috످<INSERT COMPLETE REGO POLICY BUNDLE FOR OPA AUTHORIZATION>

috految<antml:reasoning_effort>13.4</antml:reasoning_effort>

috److It looks like your message contains a template placeholder instead of a Rego policy bundle. Did you mean to share an existing bundle, or would you like me to write one?

To review or debug a bundle, paste your `.rego` files, `data.json`, and any sample inputs or error messages, with secrets removed.

To create a new bundle, tell me: What are you protecting (e.g., REST API, Kubernetes, Terraform)? Who can do what (e.g., admins have full access, users can only edit their own records)? How do users authenticate (e.g., JWT/OIDC, mTLS, API keys)? Which OPA version are you using (syntax differs between v0.x and v1.x)?

Or reply "use defaults" and I'll write an OPA v1.x bundle for a REST API with deny-by-default rules, role-based access (admin, editor, viewer), JWT verification, unit tests, and deployment instructions.

috످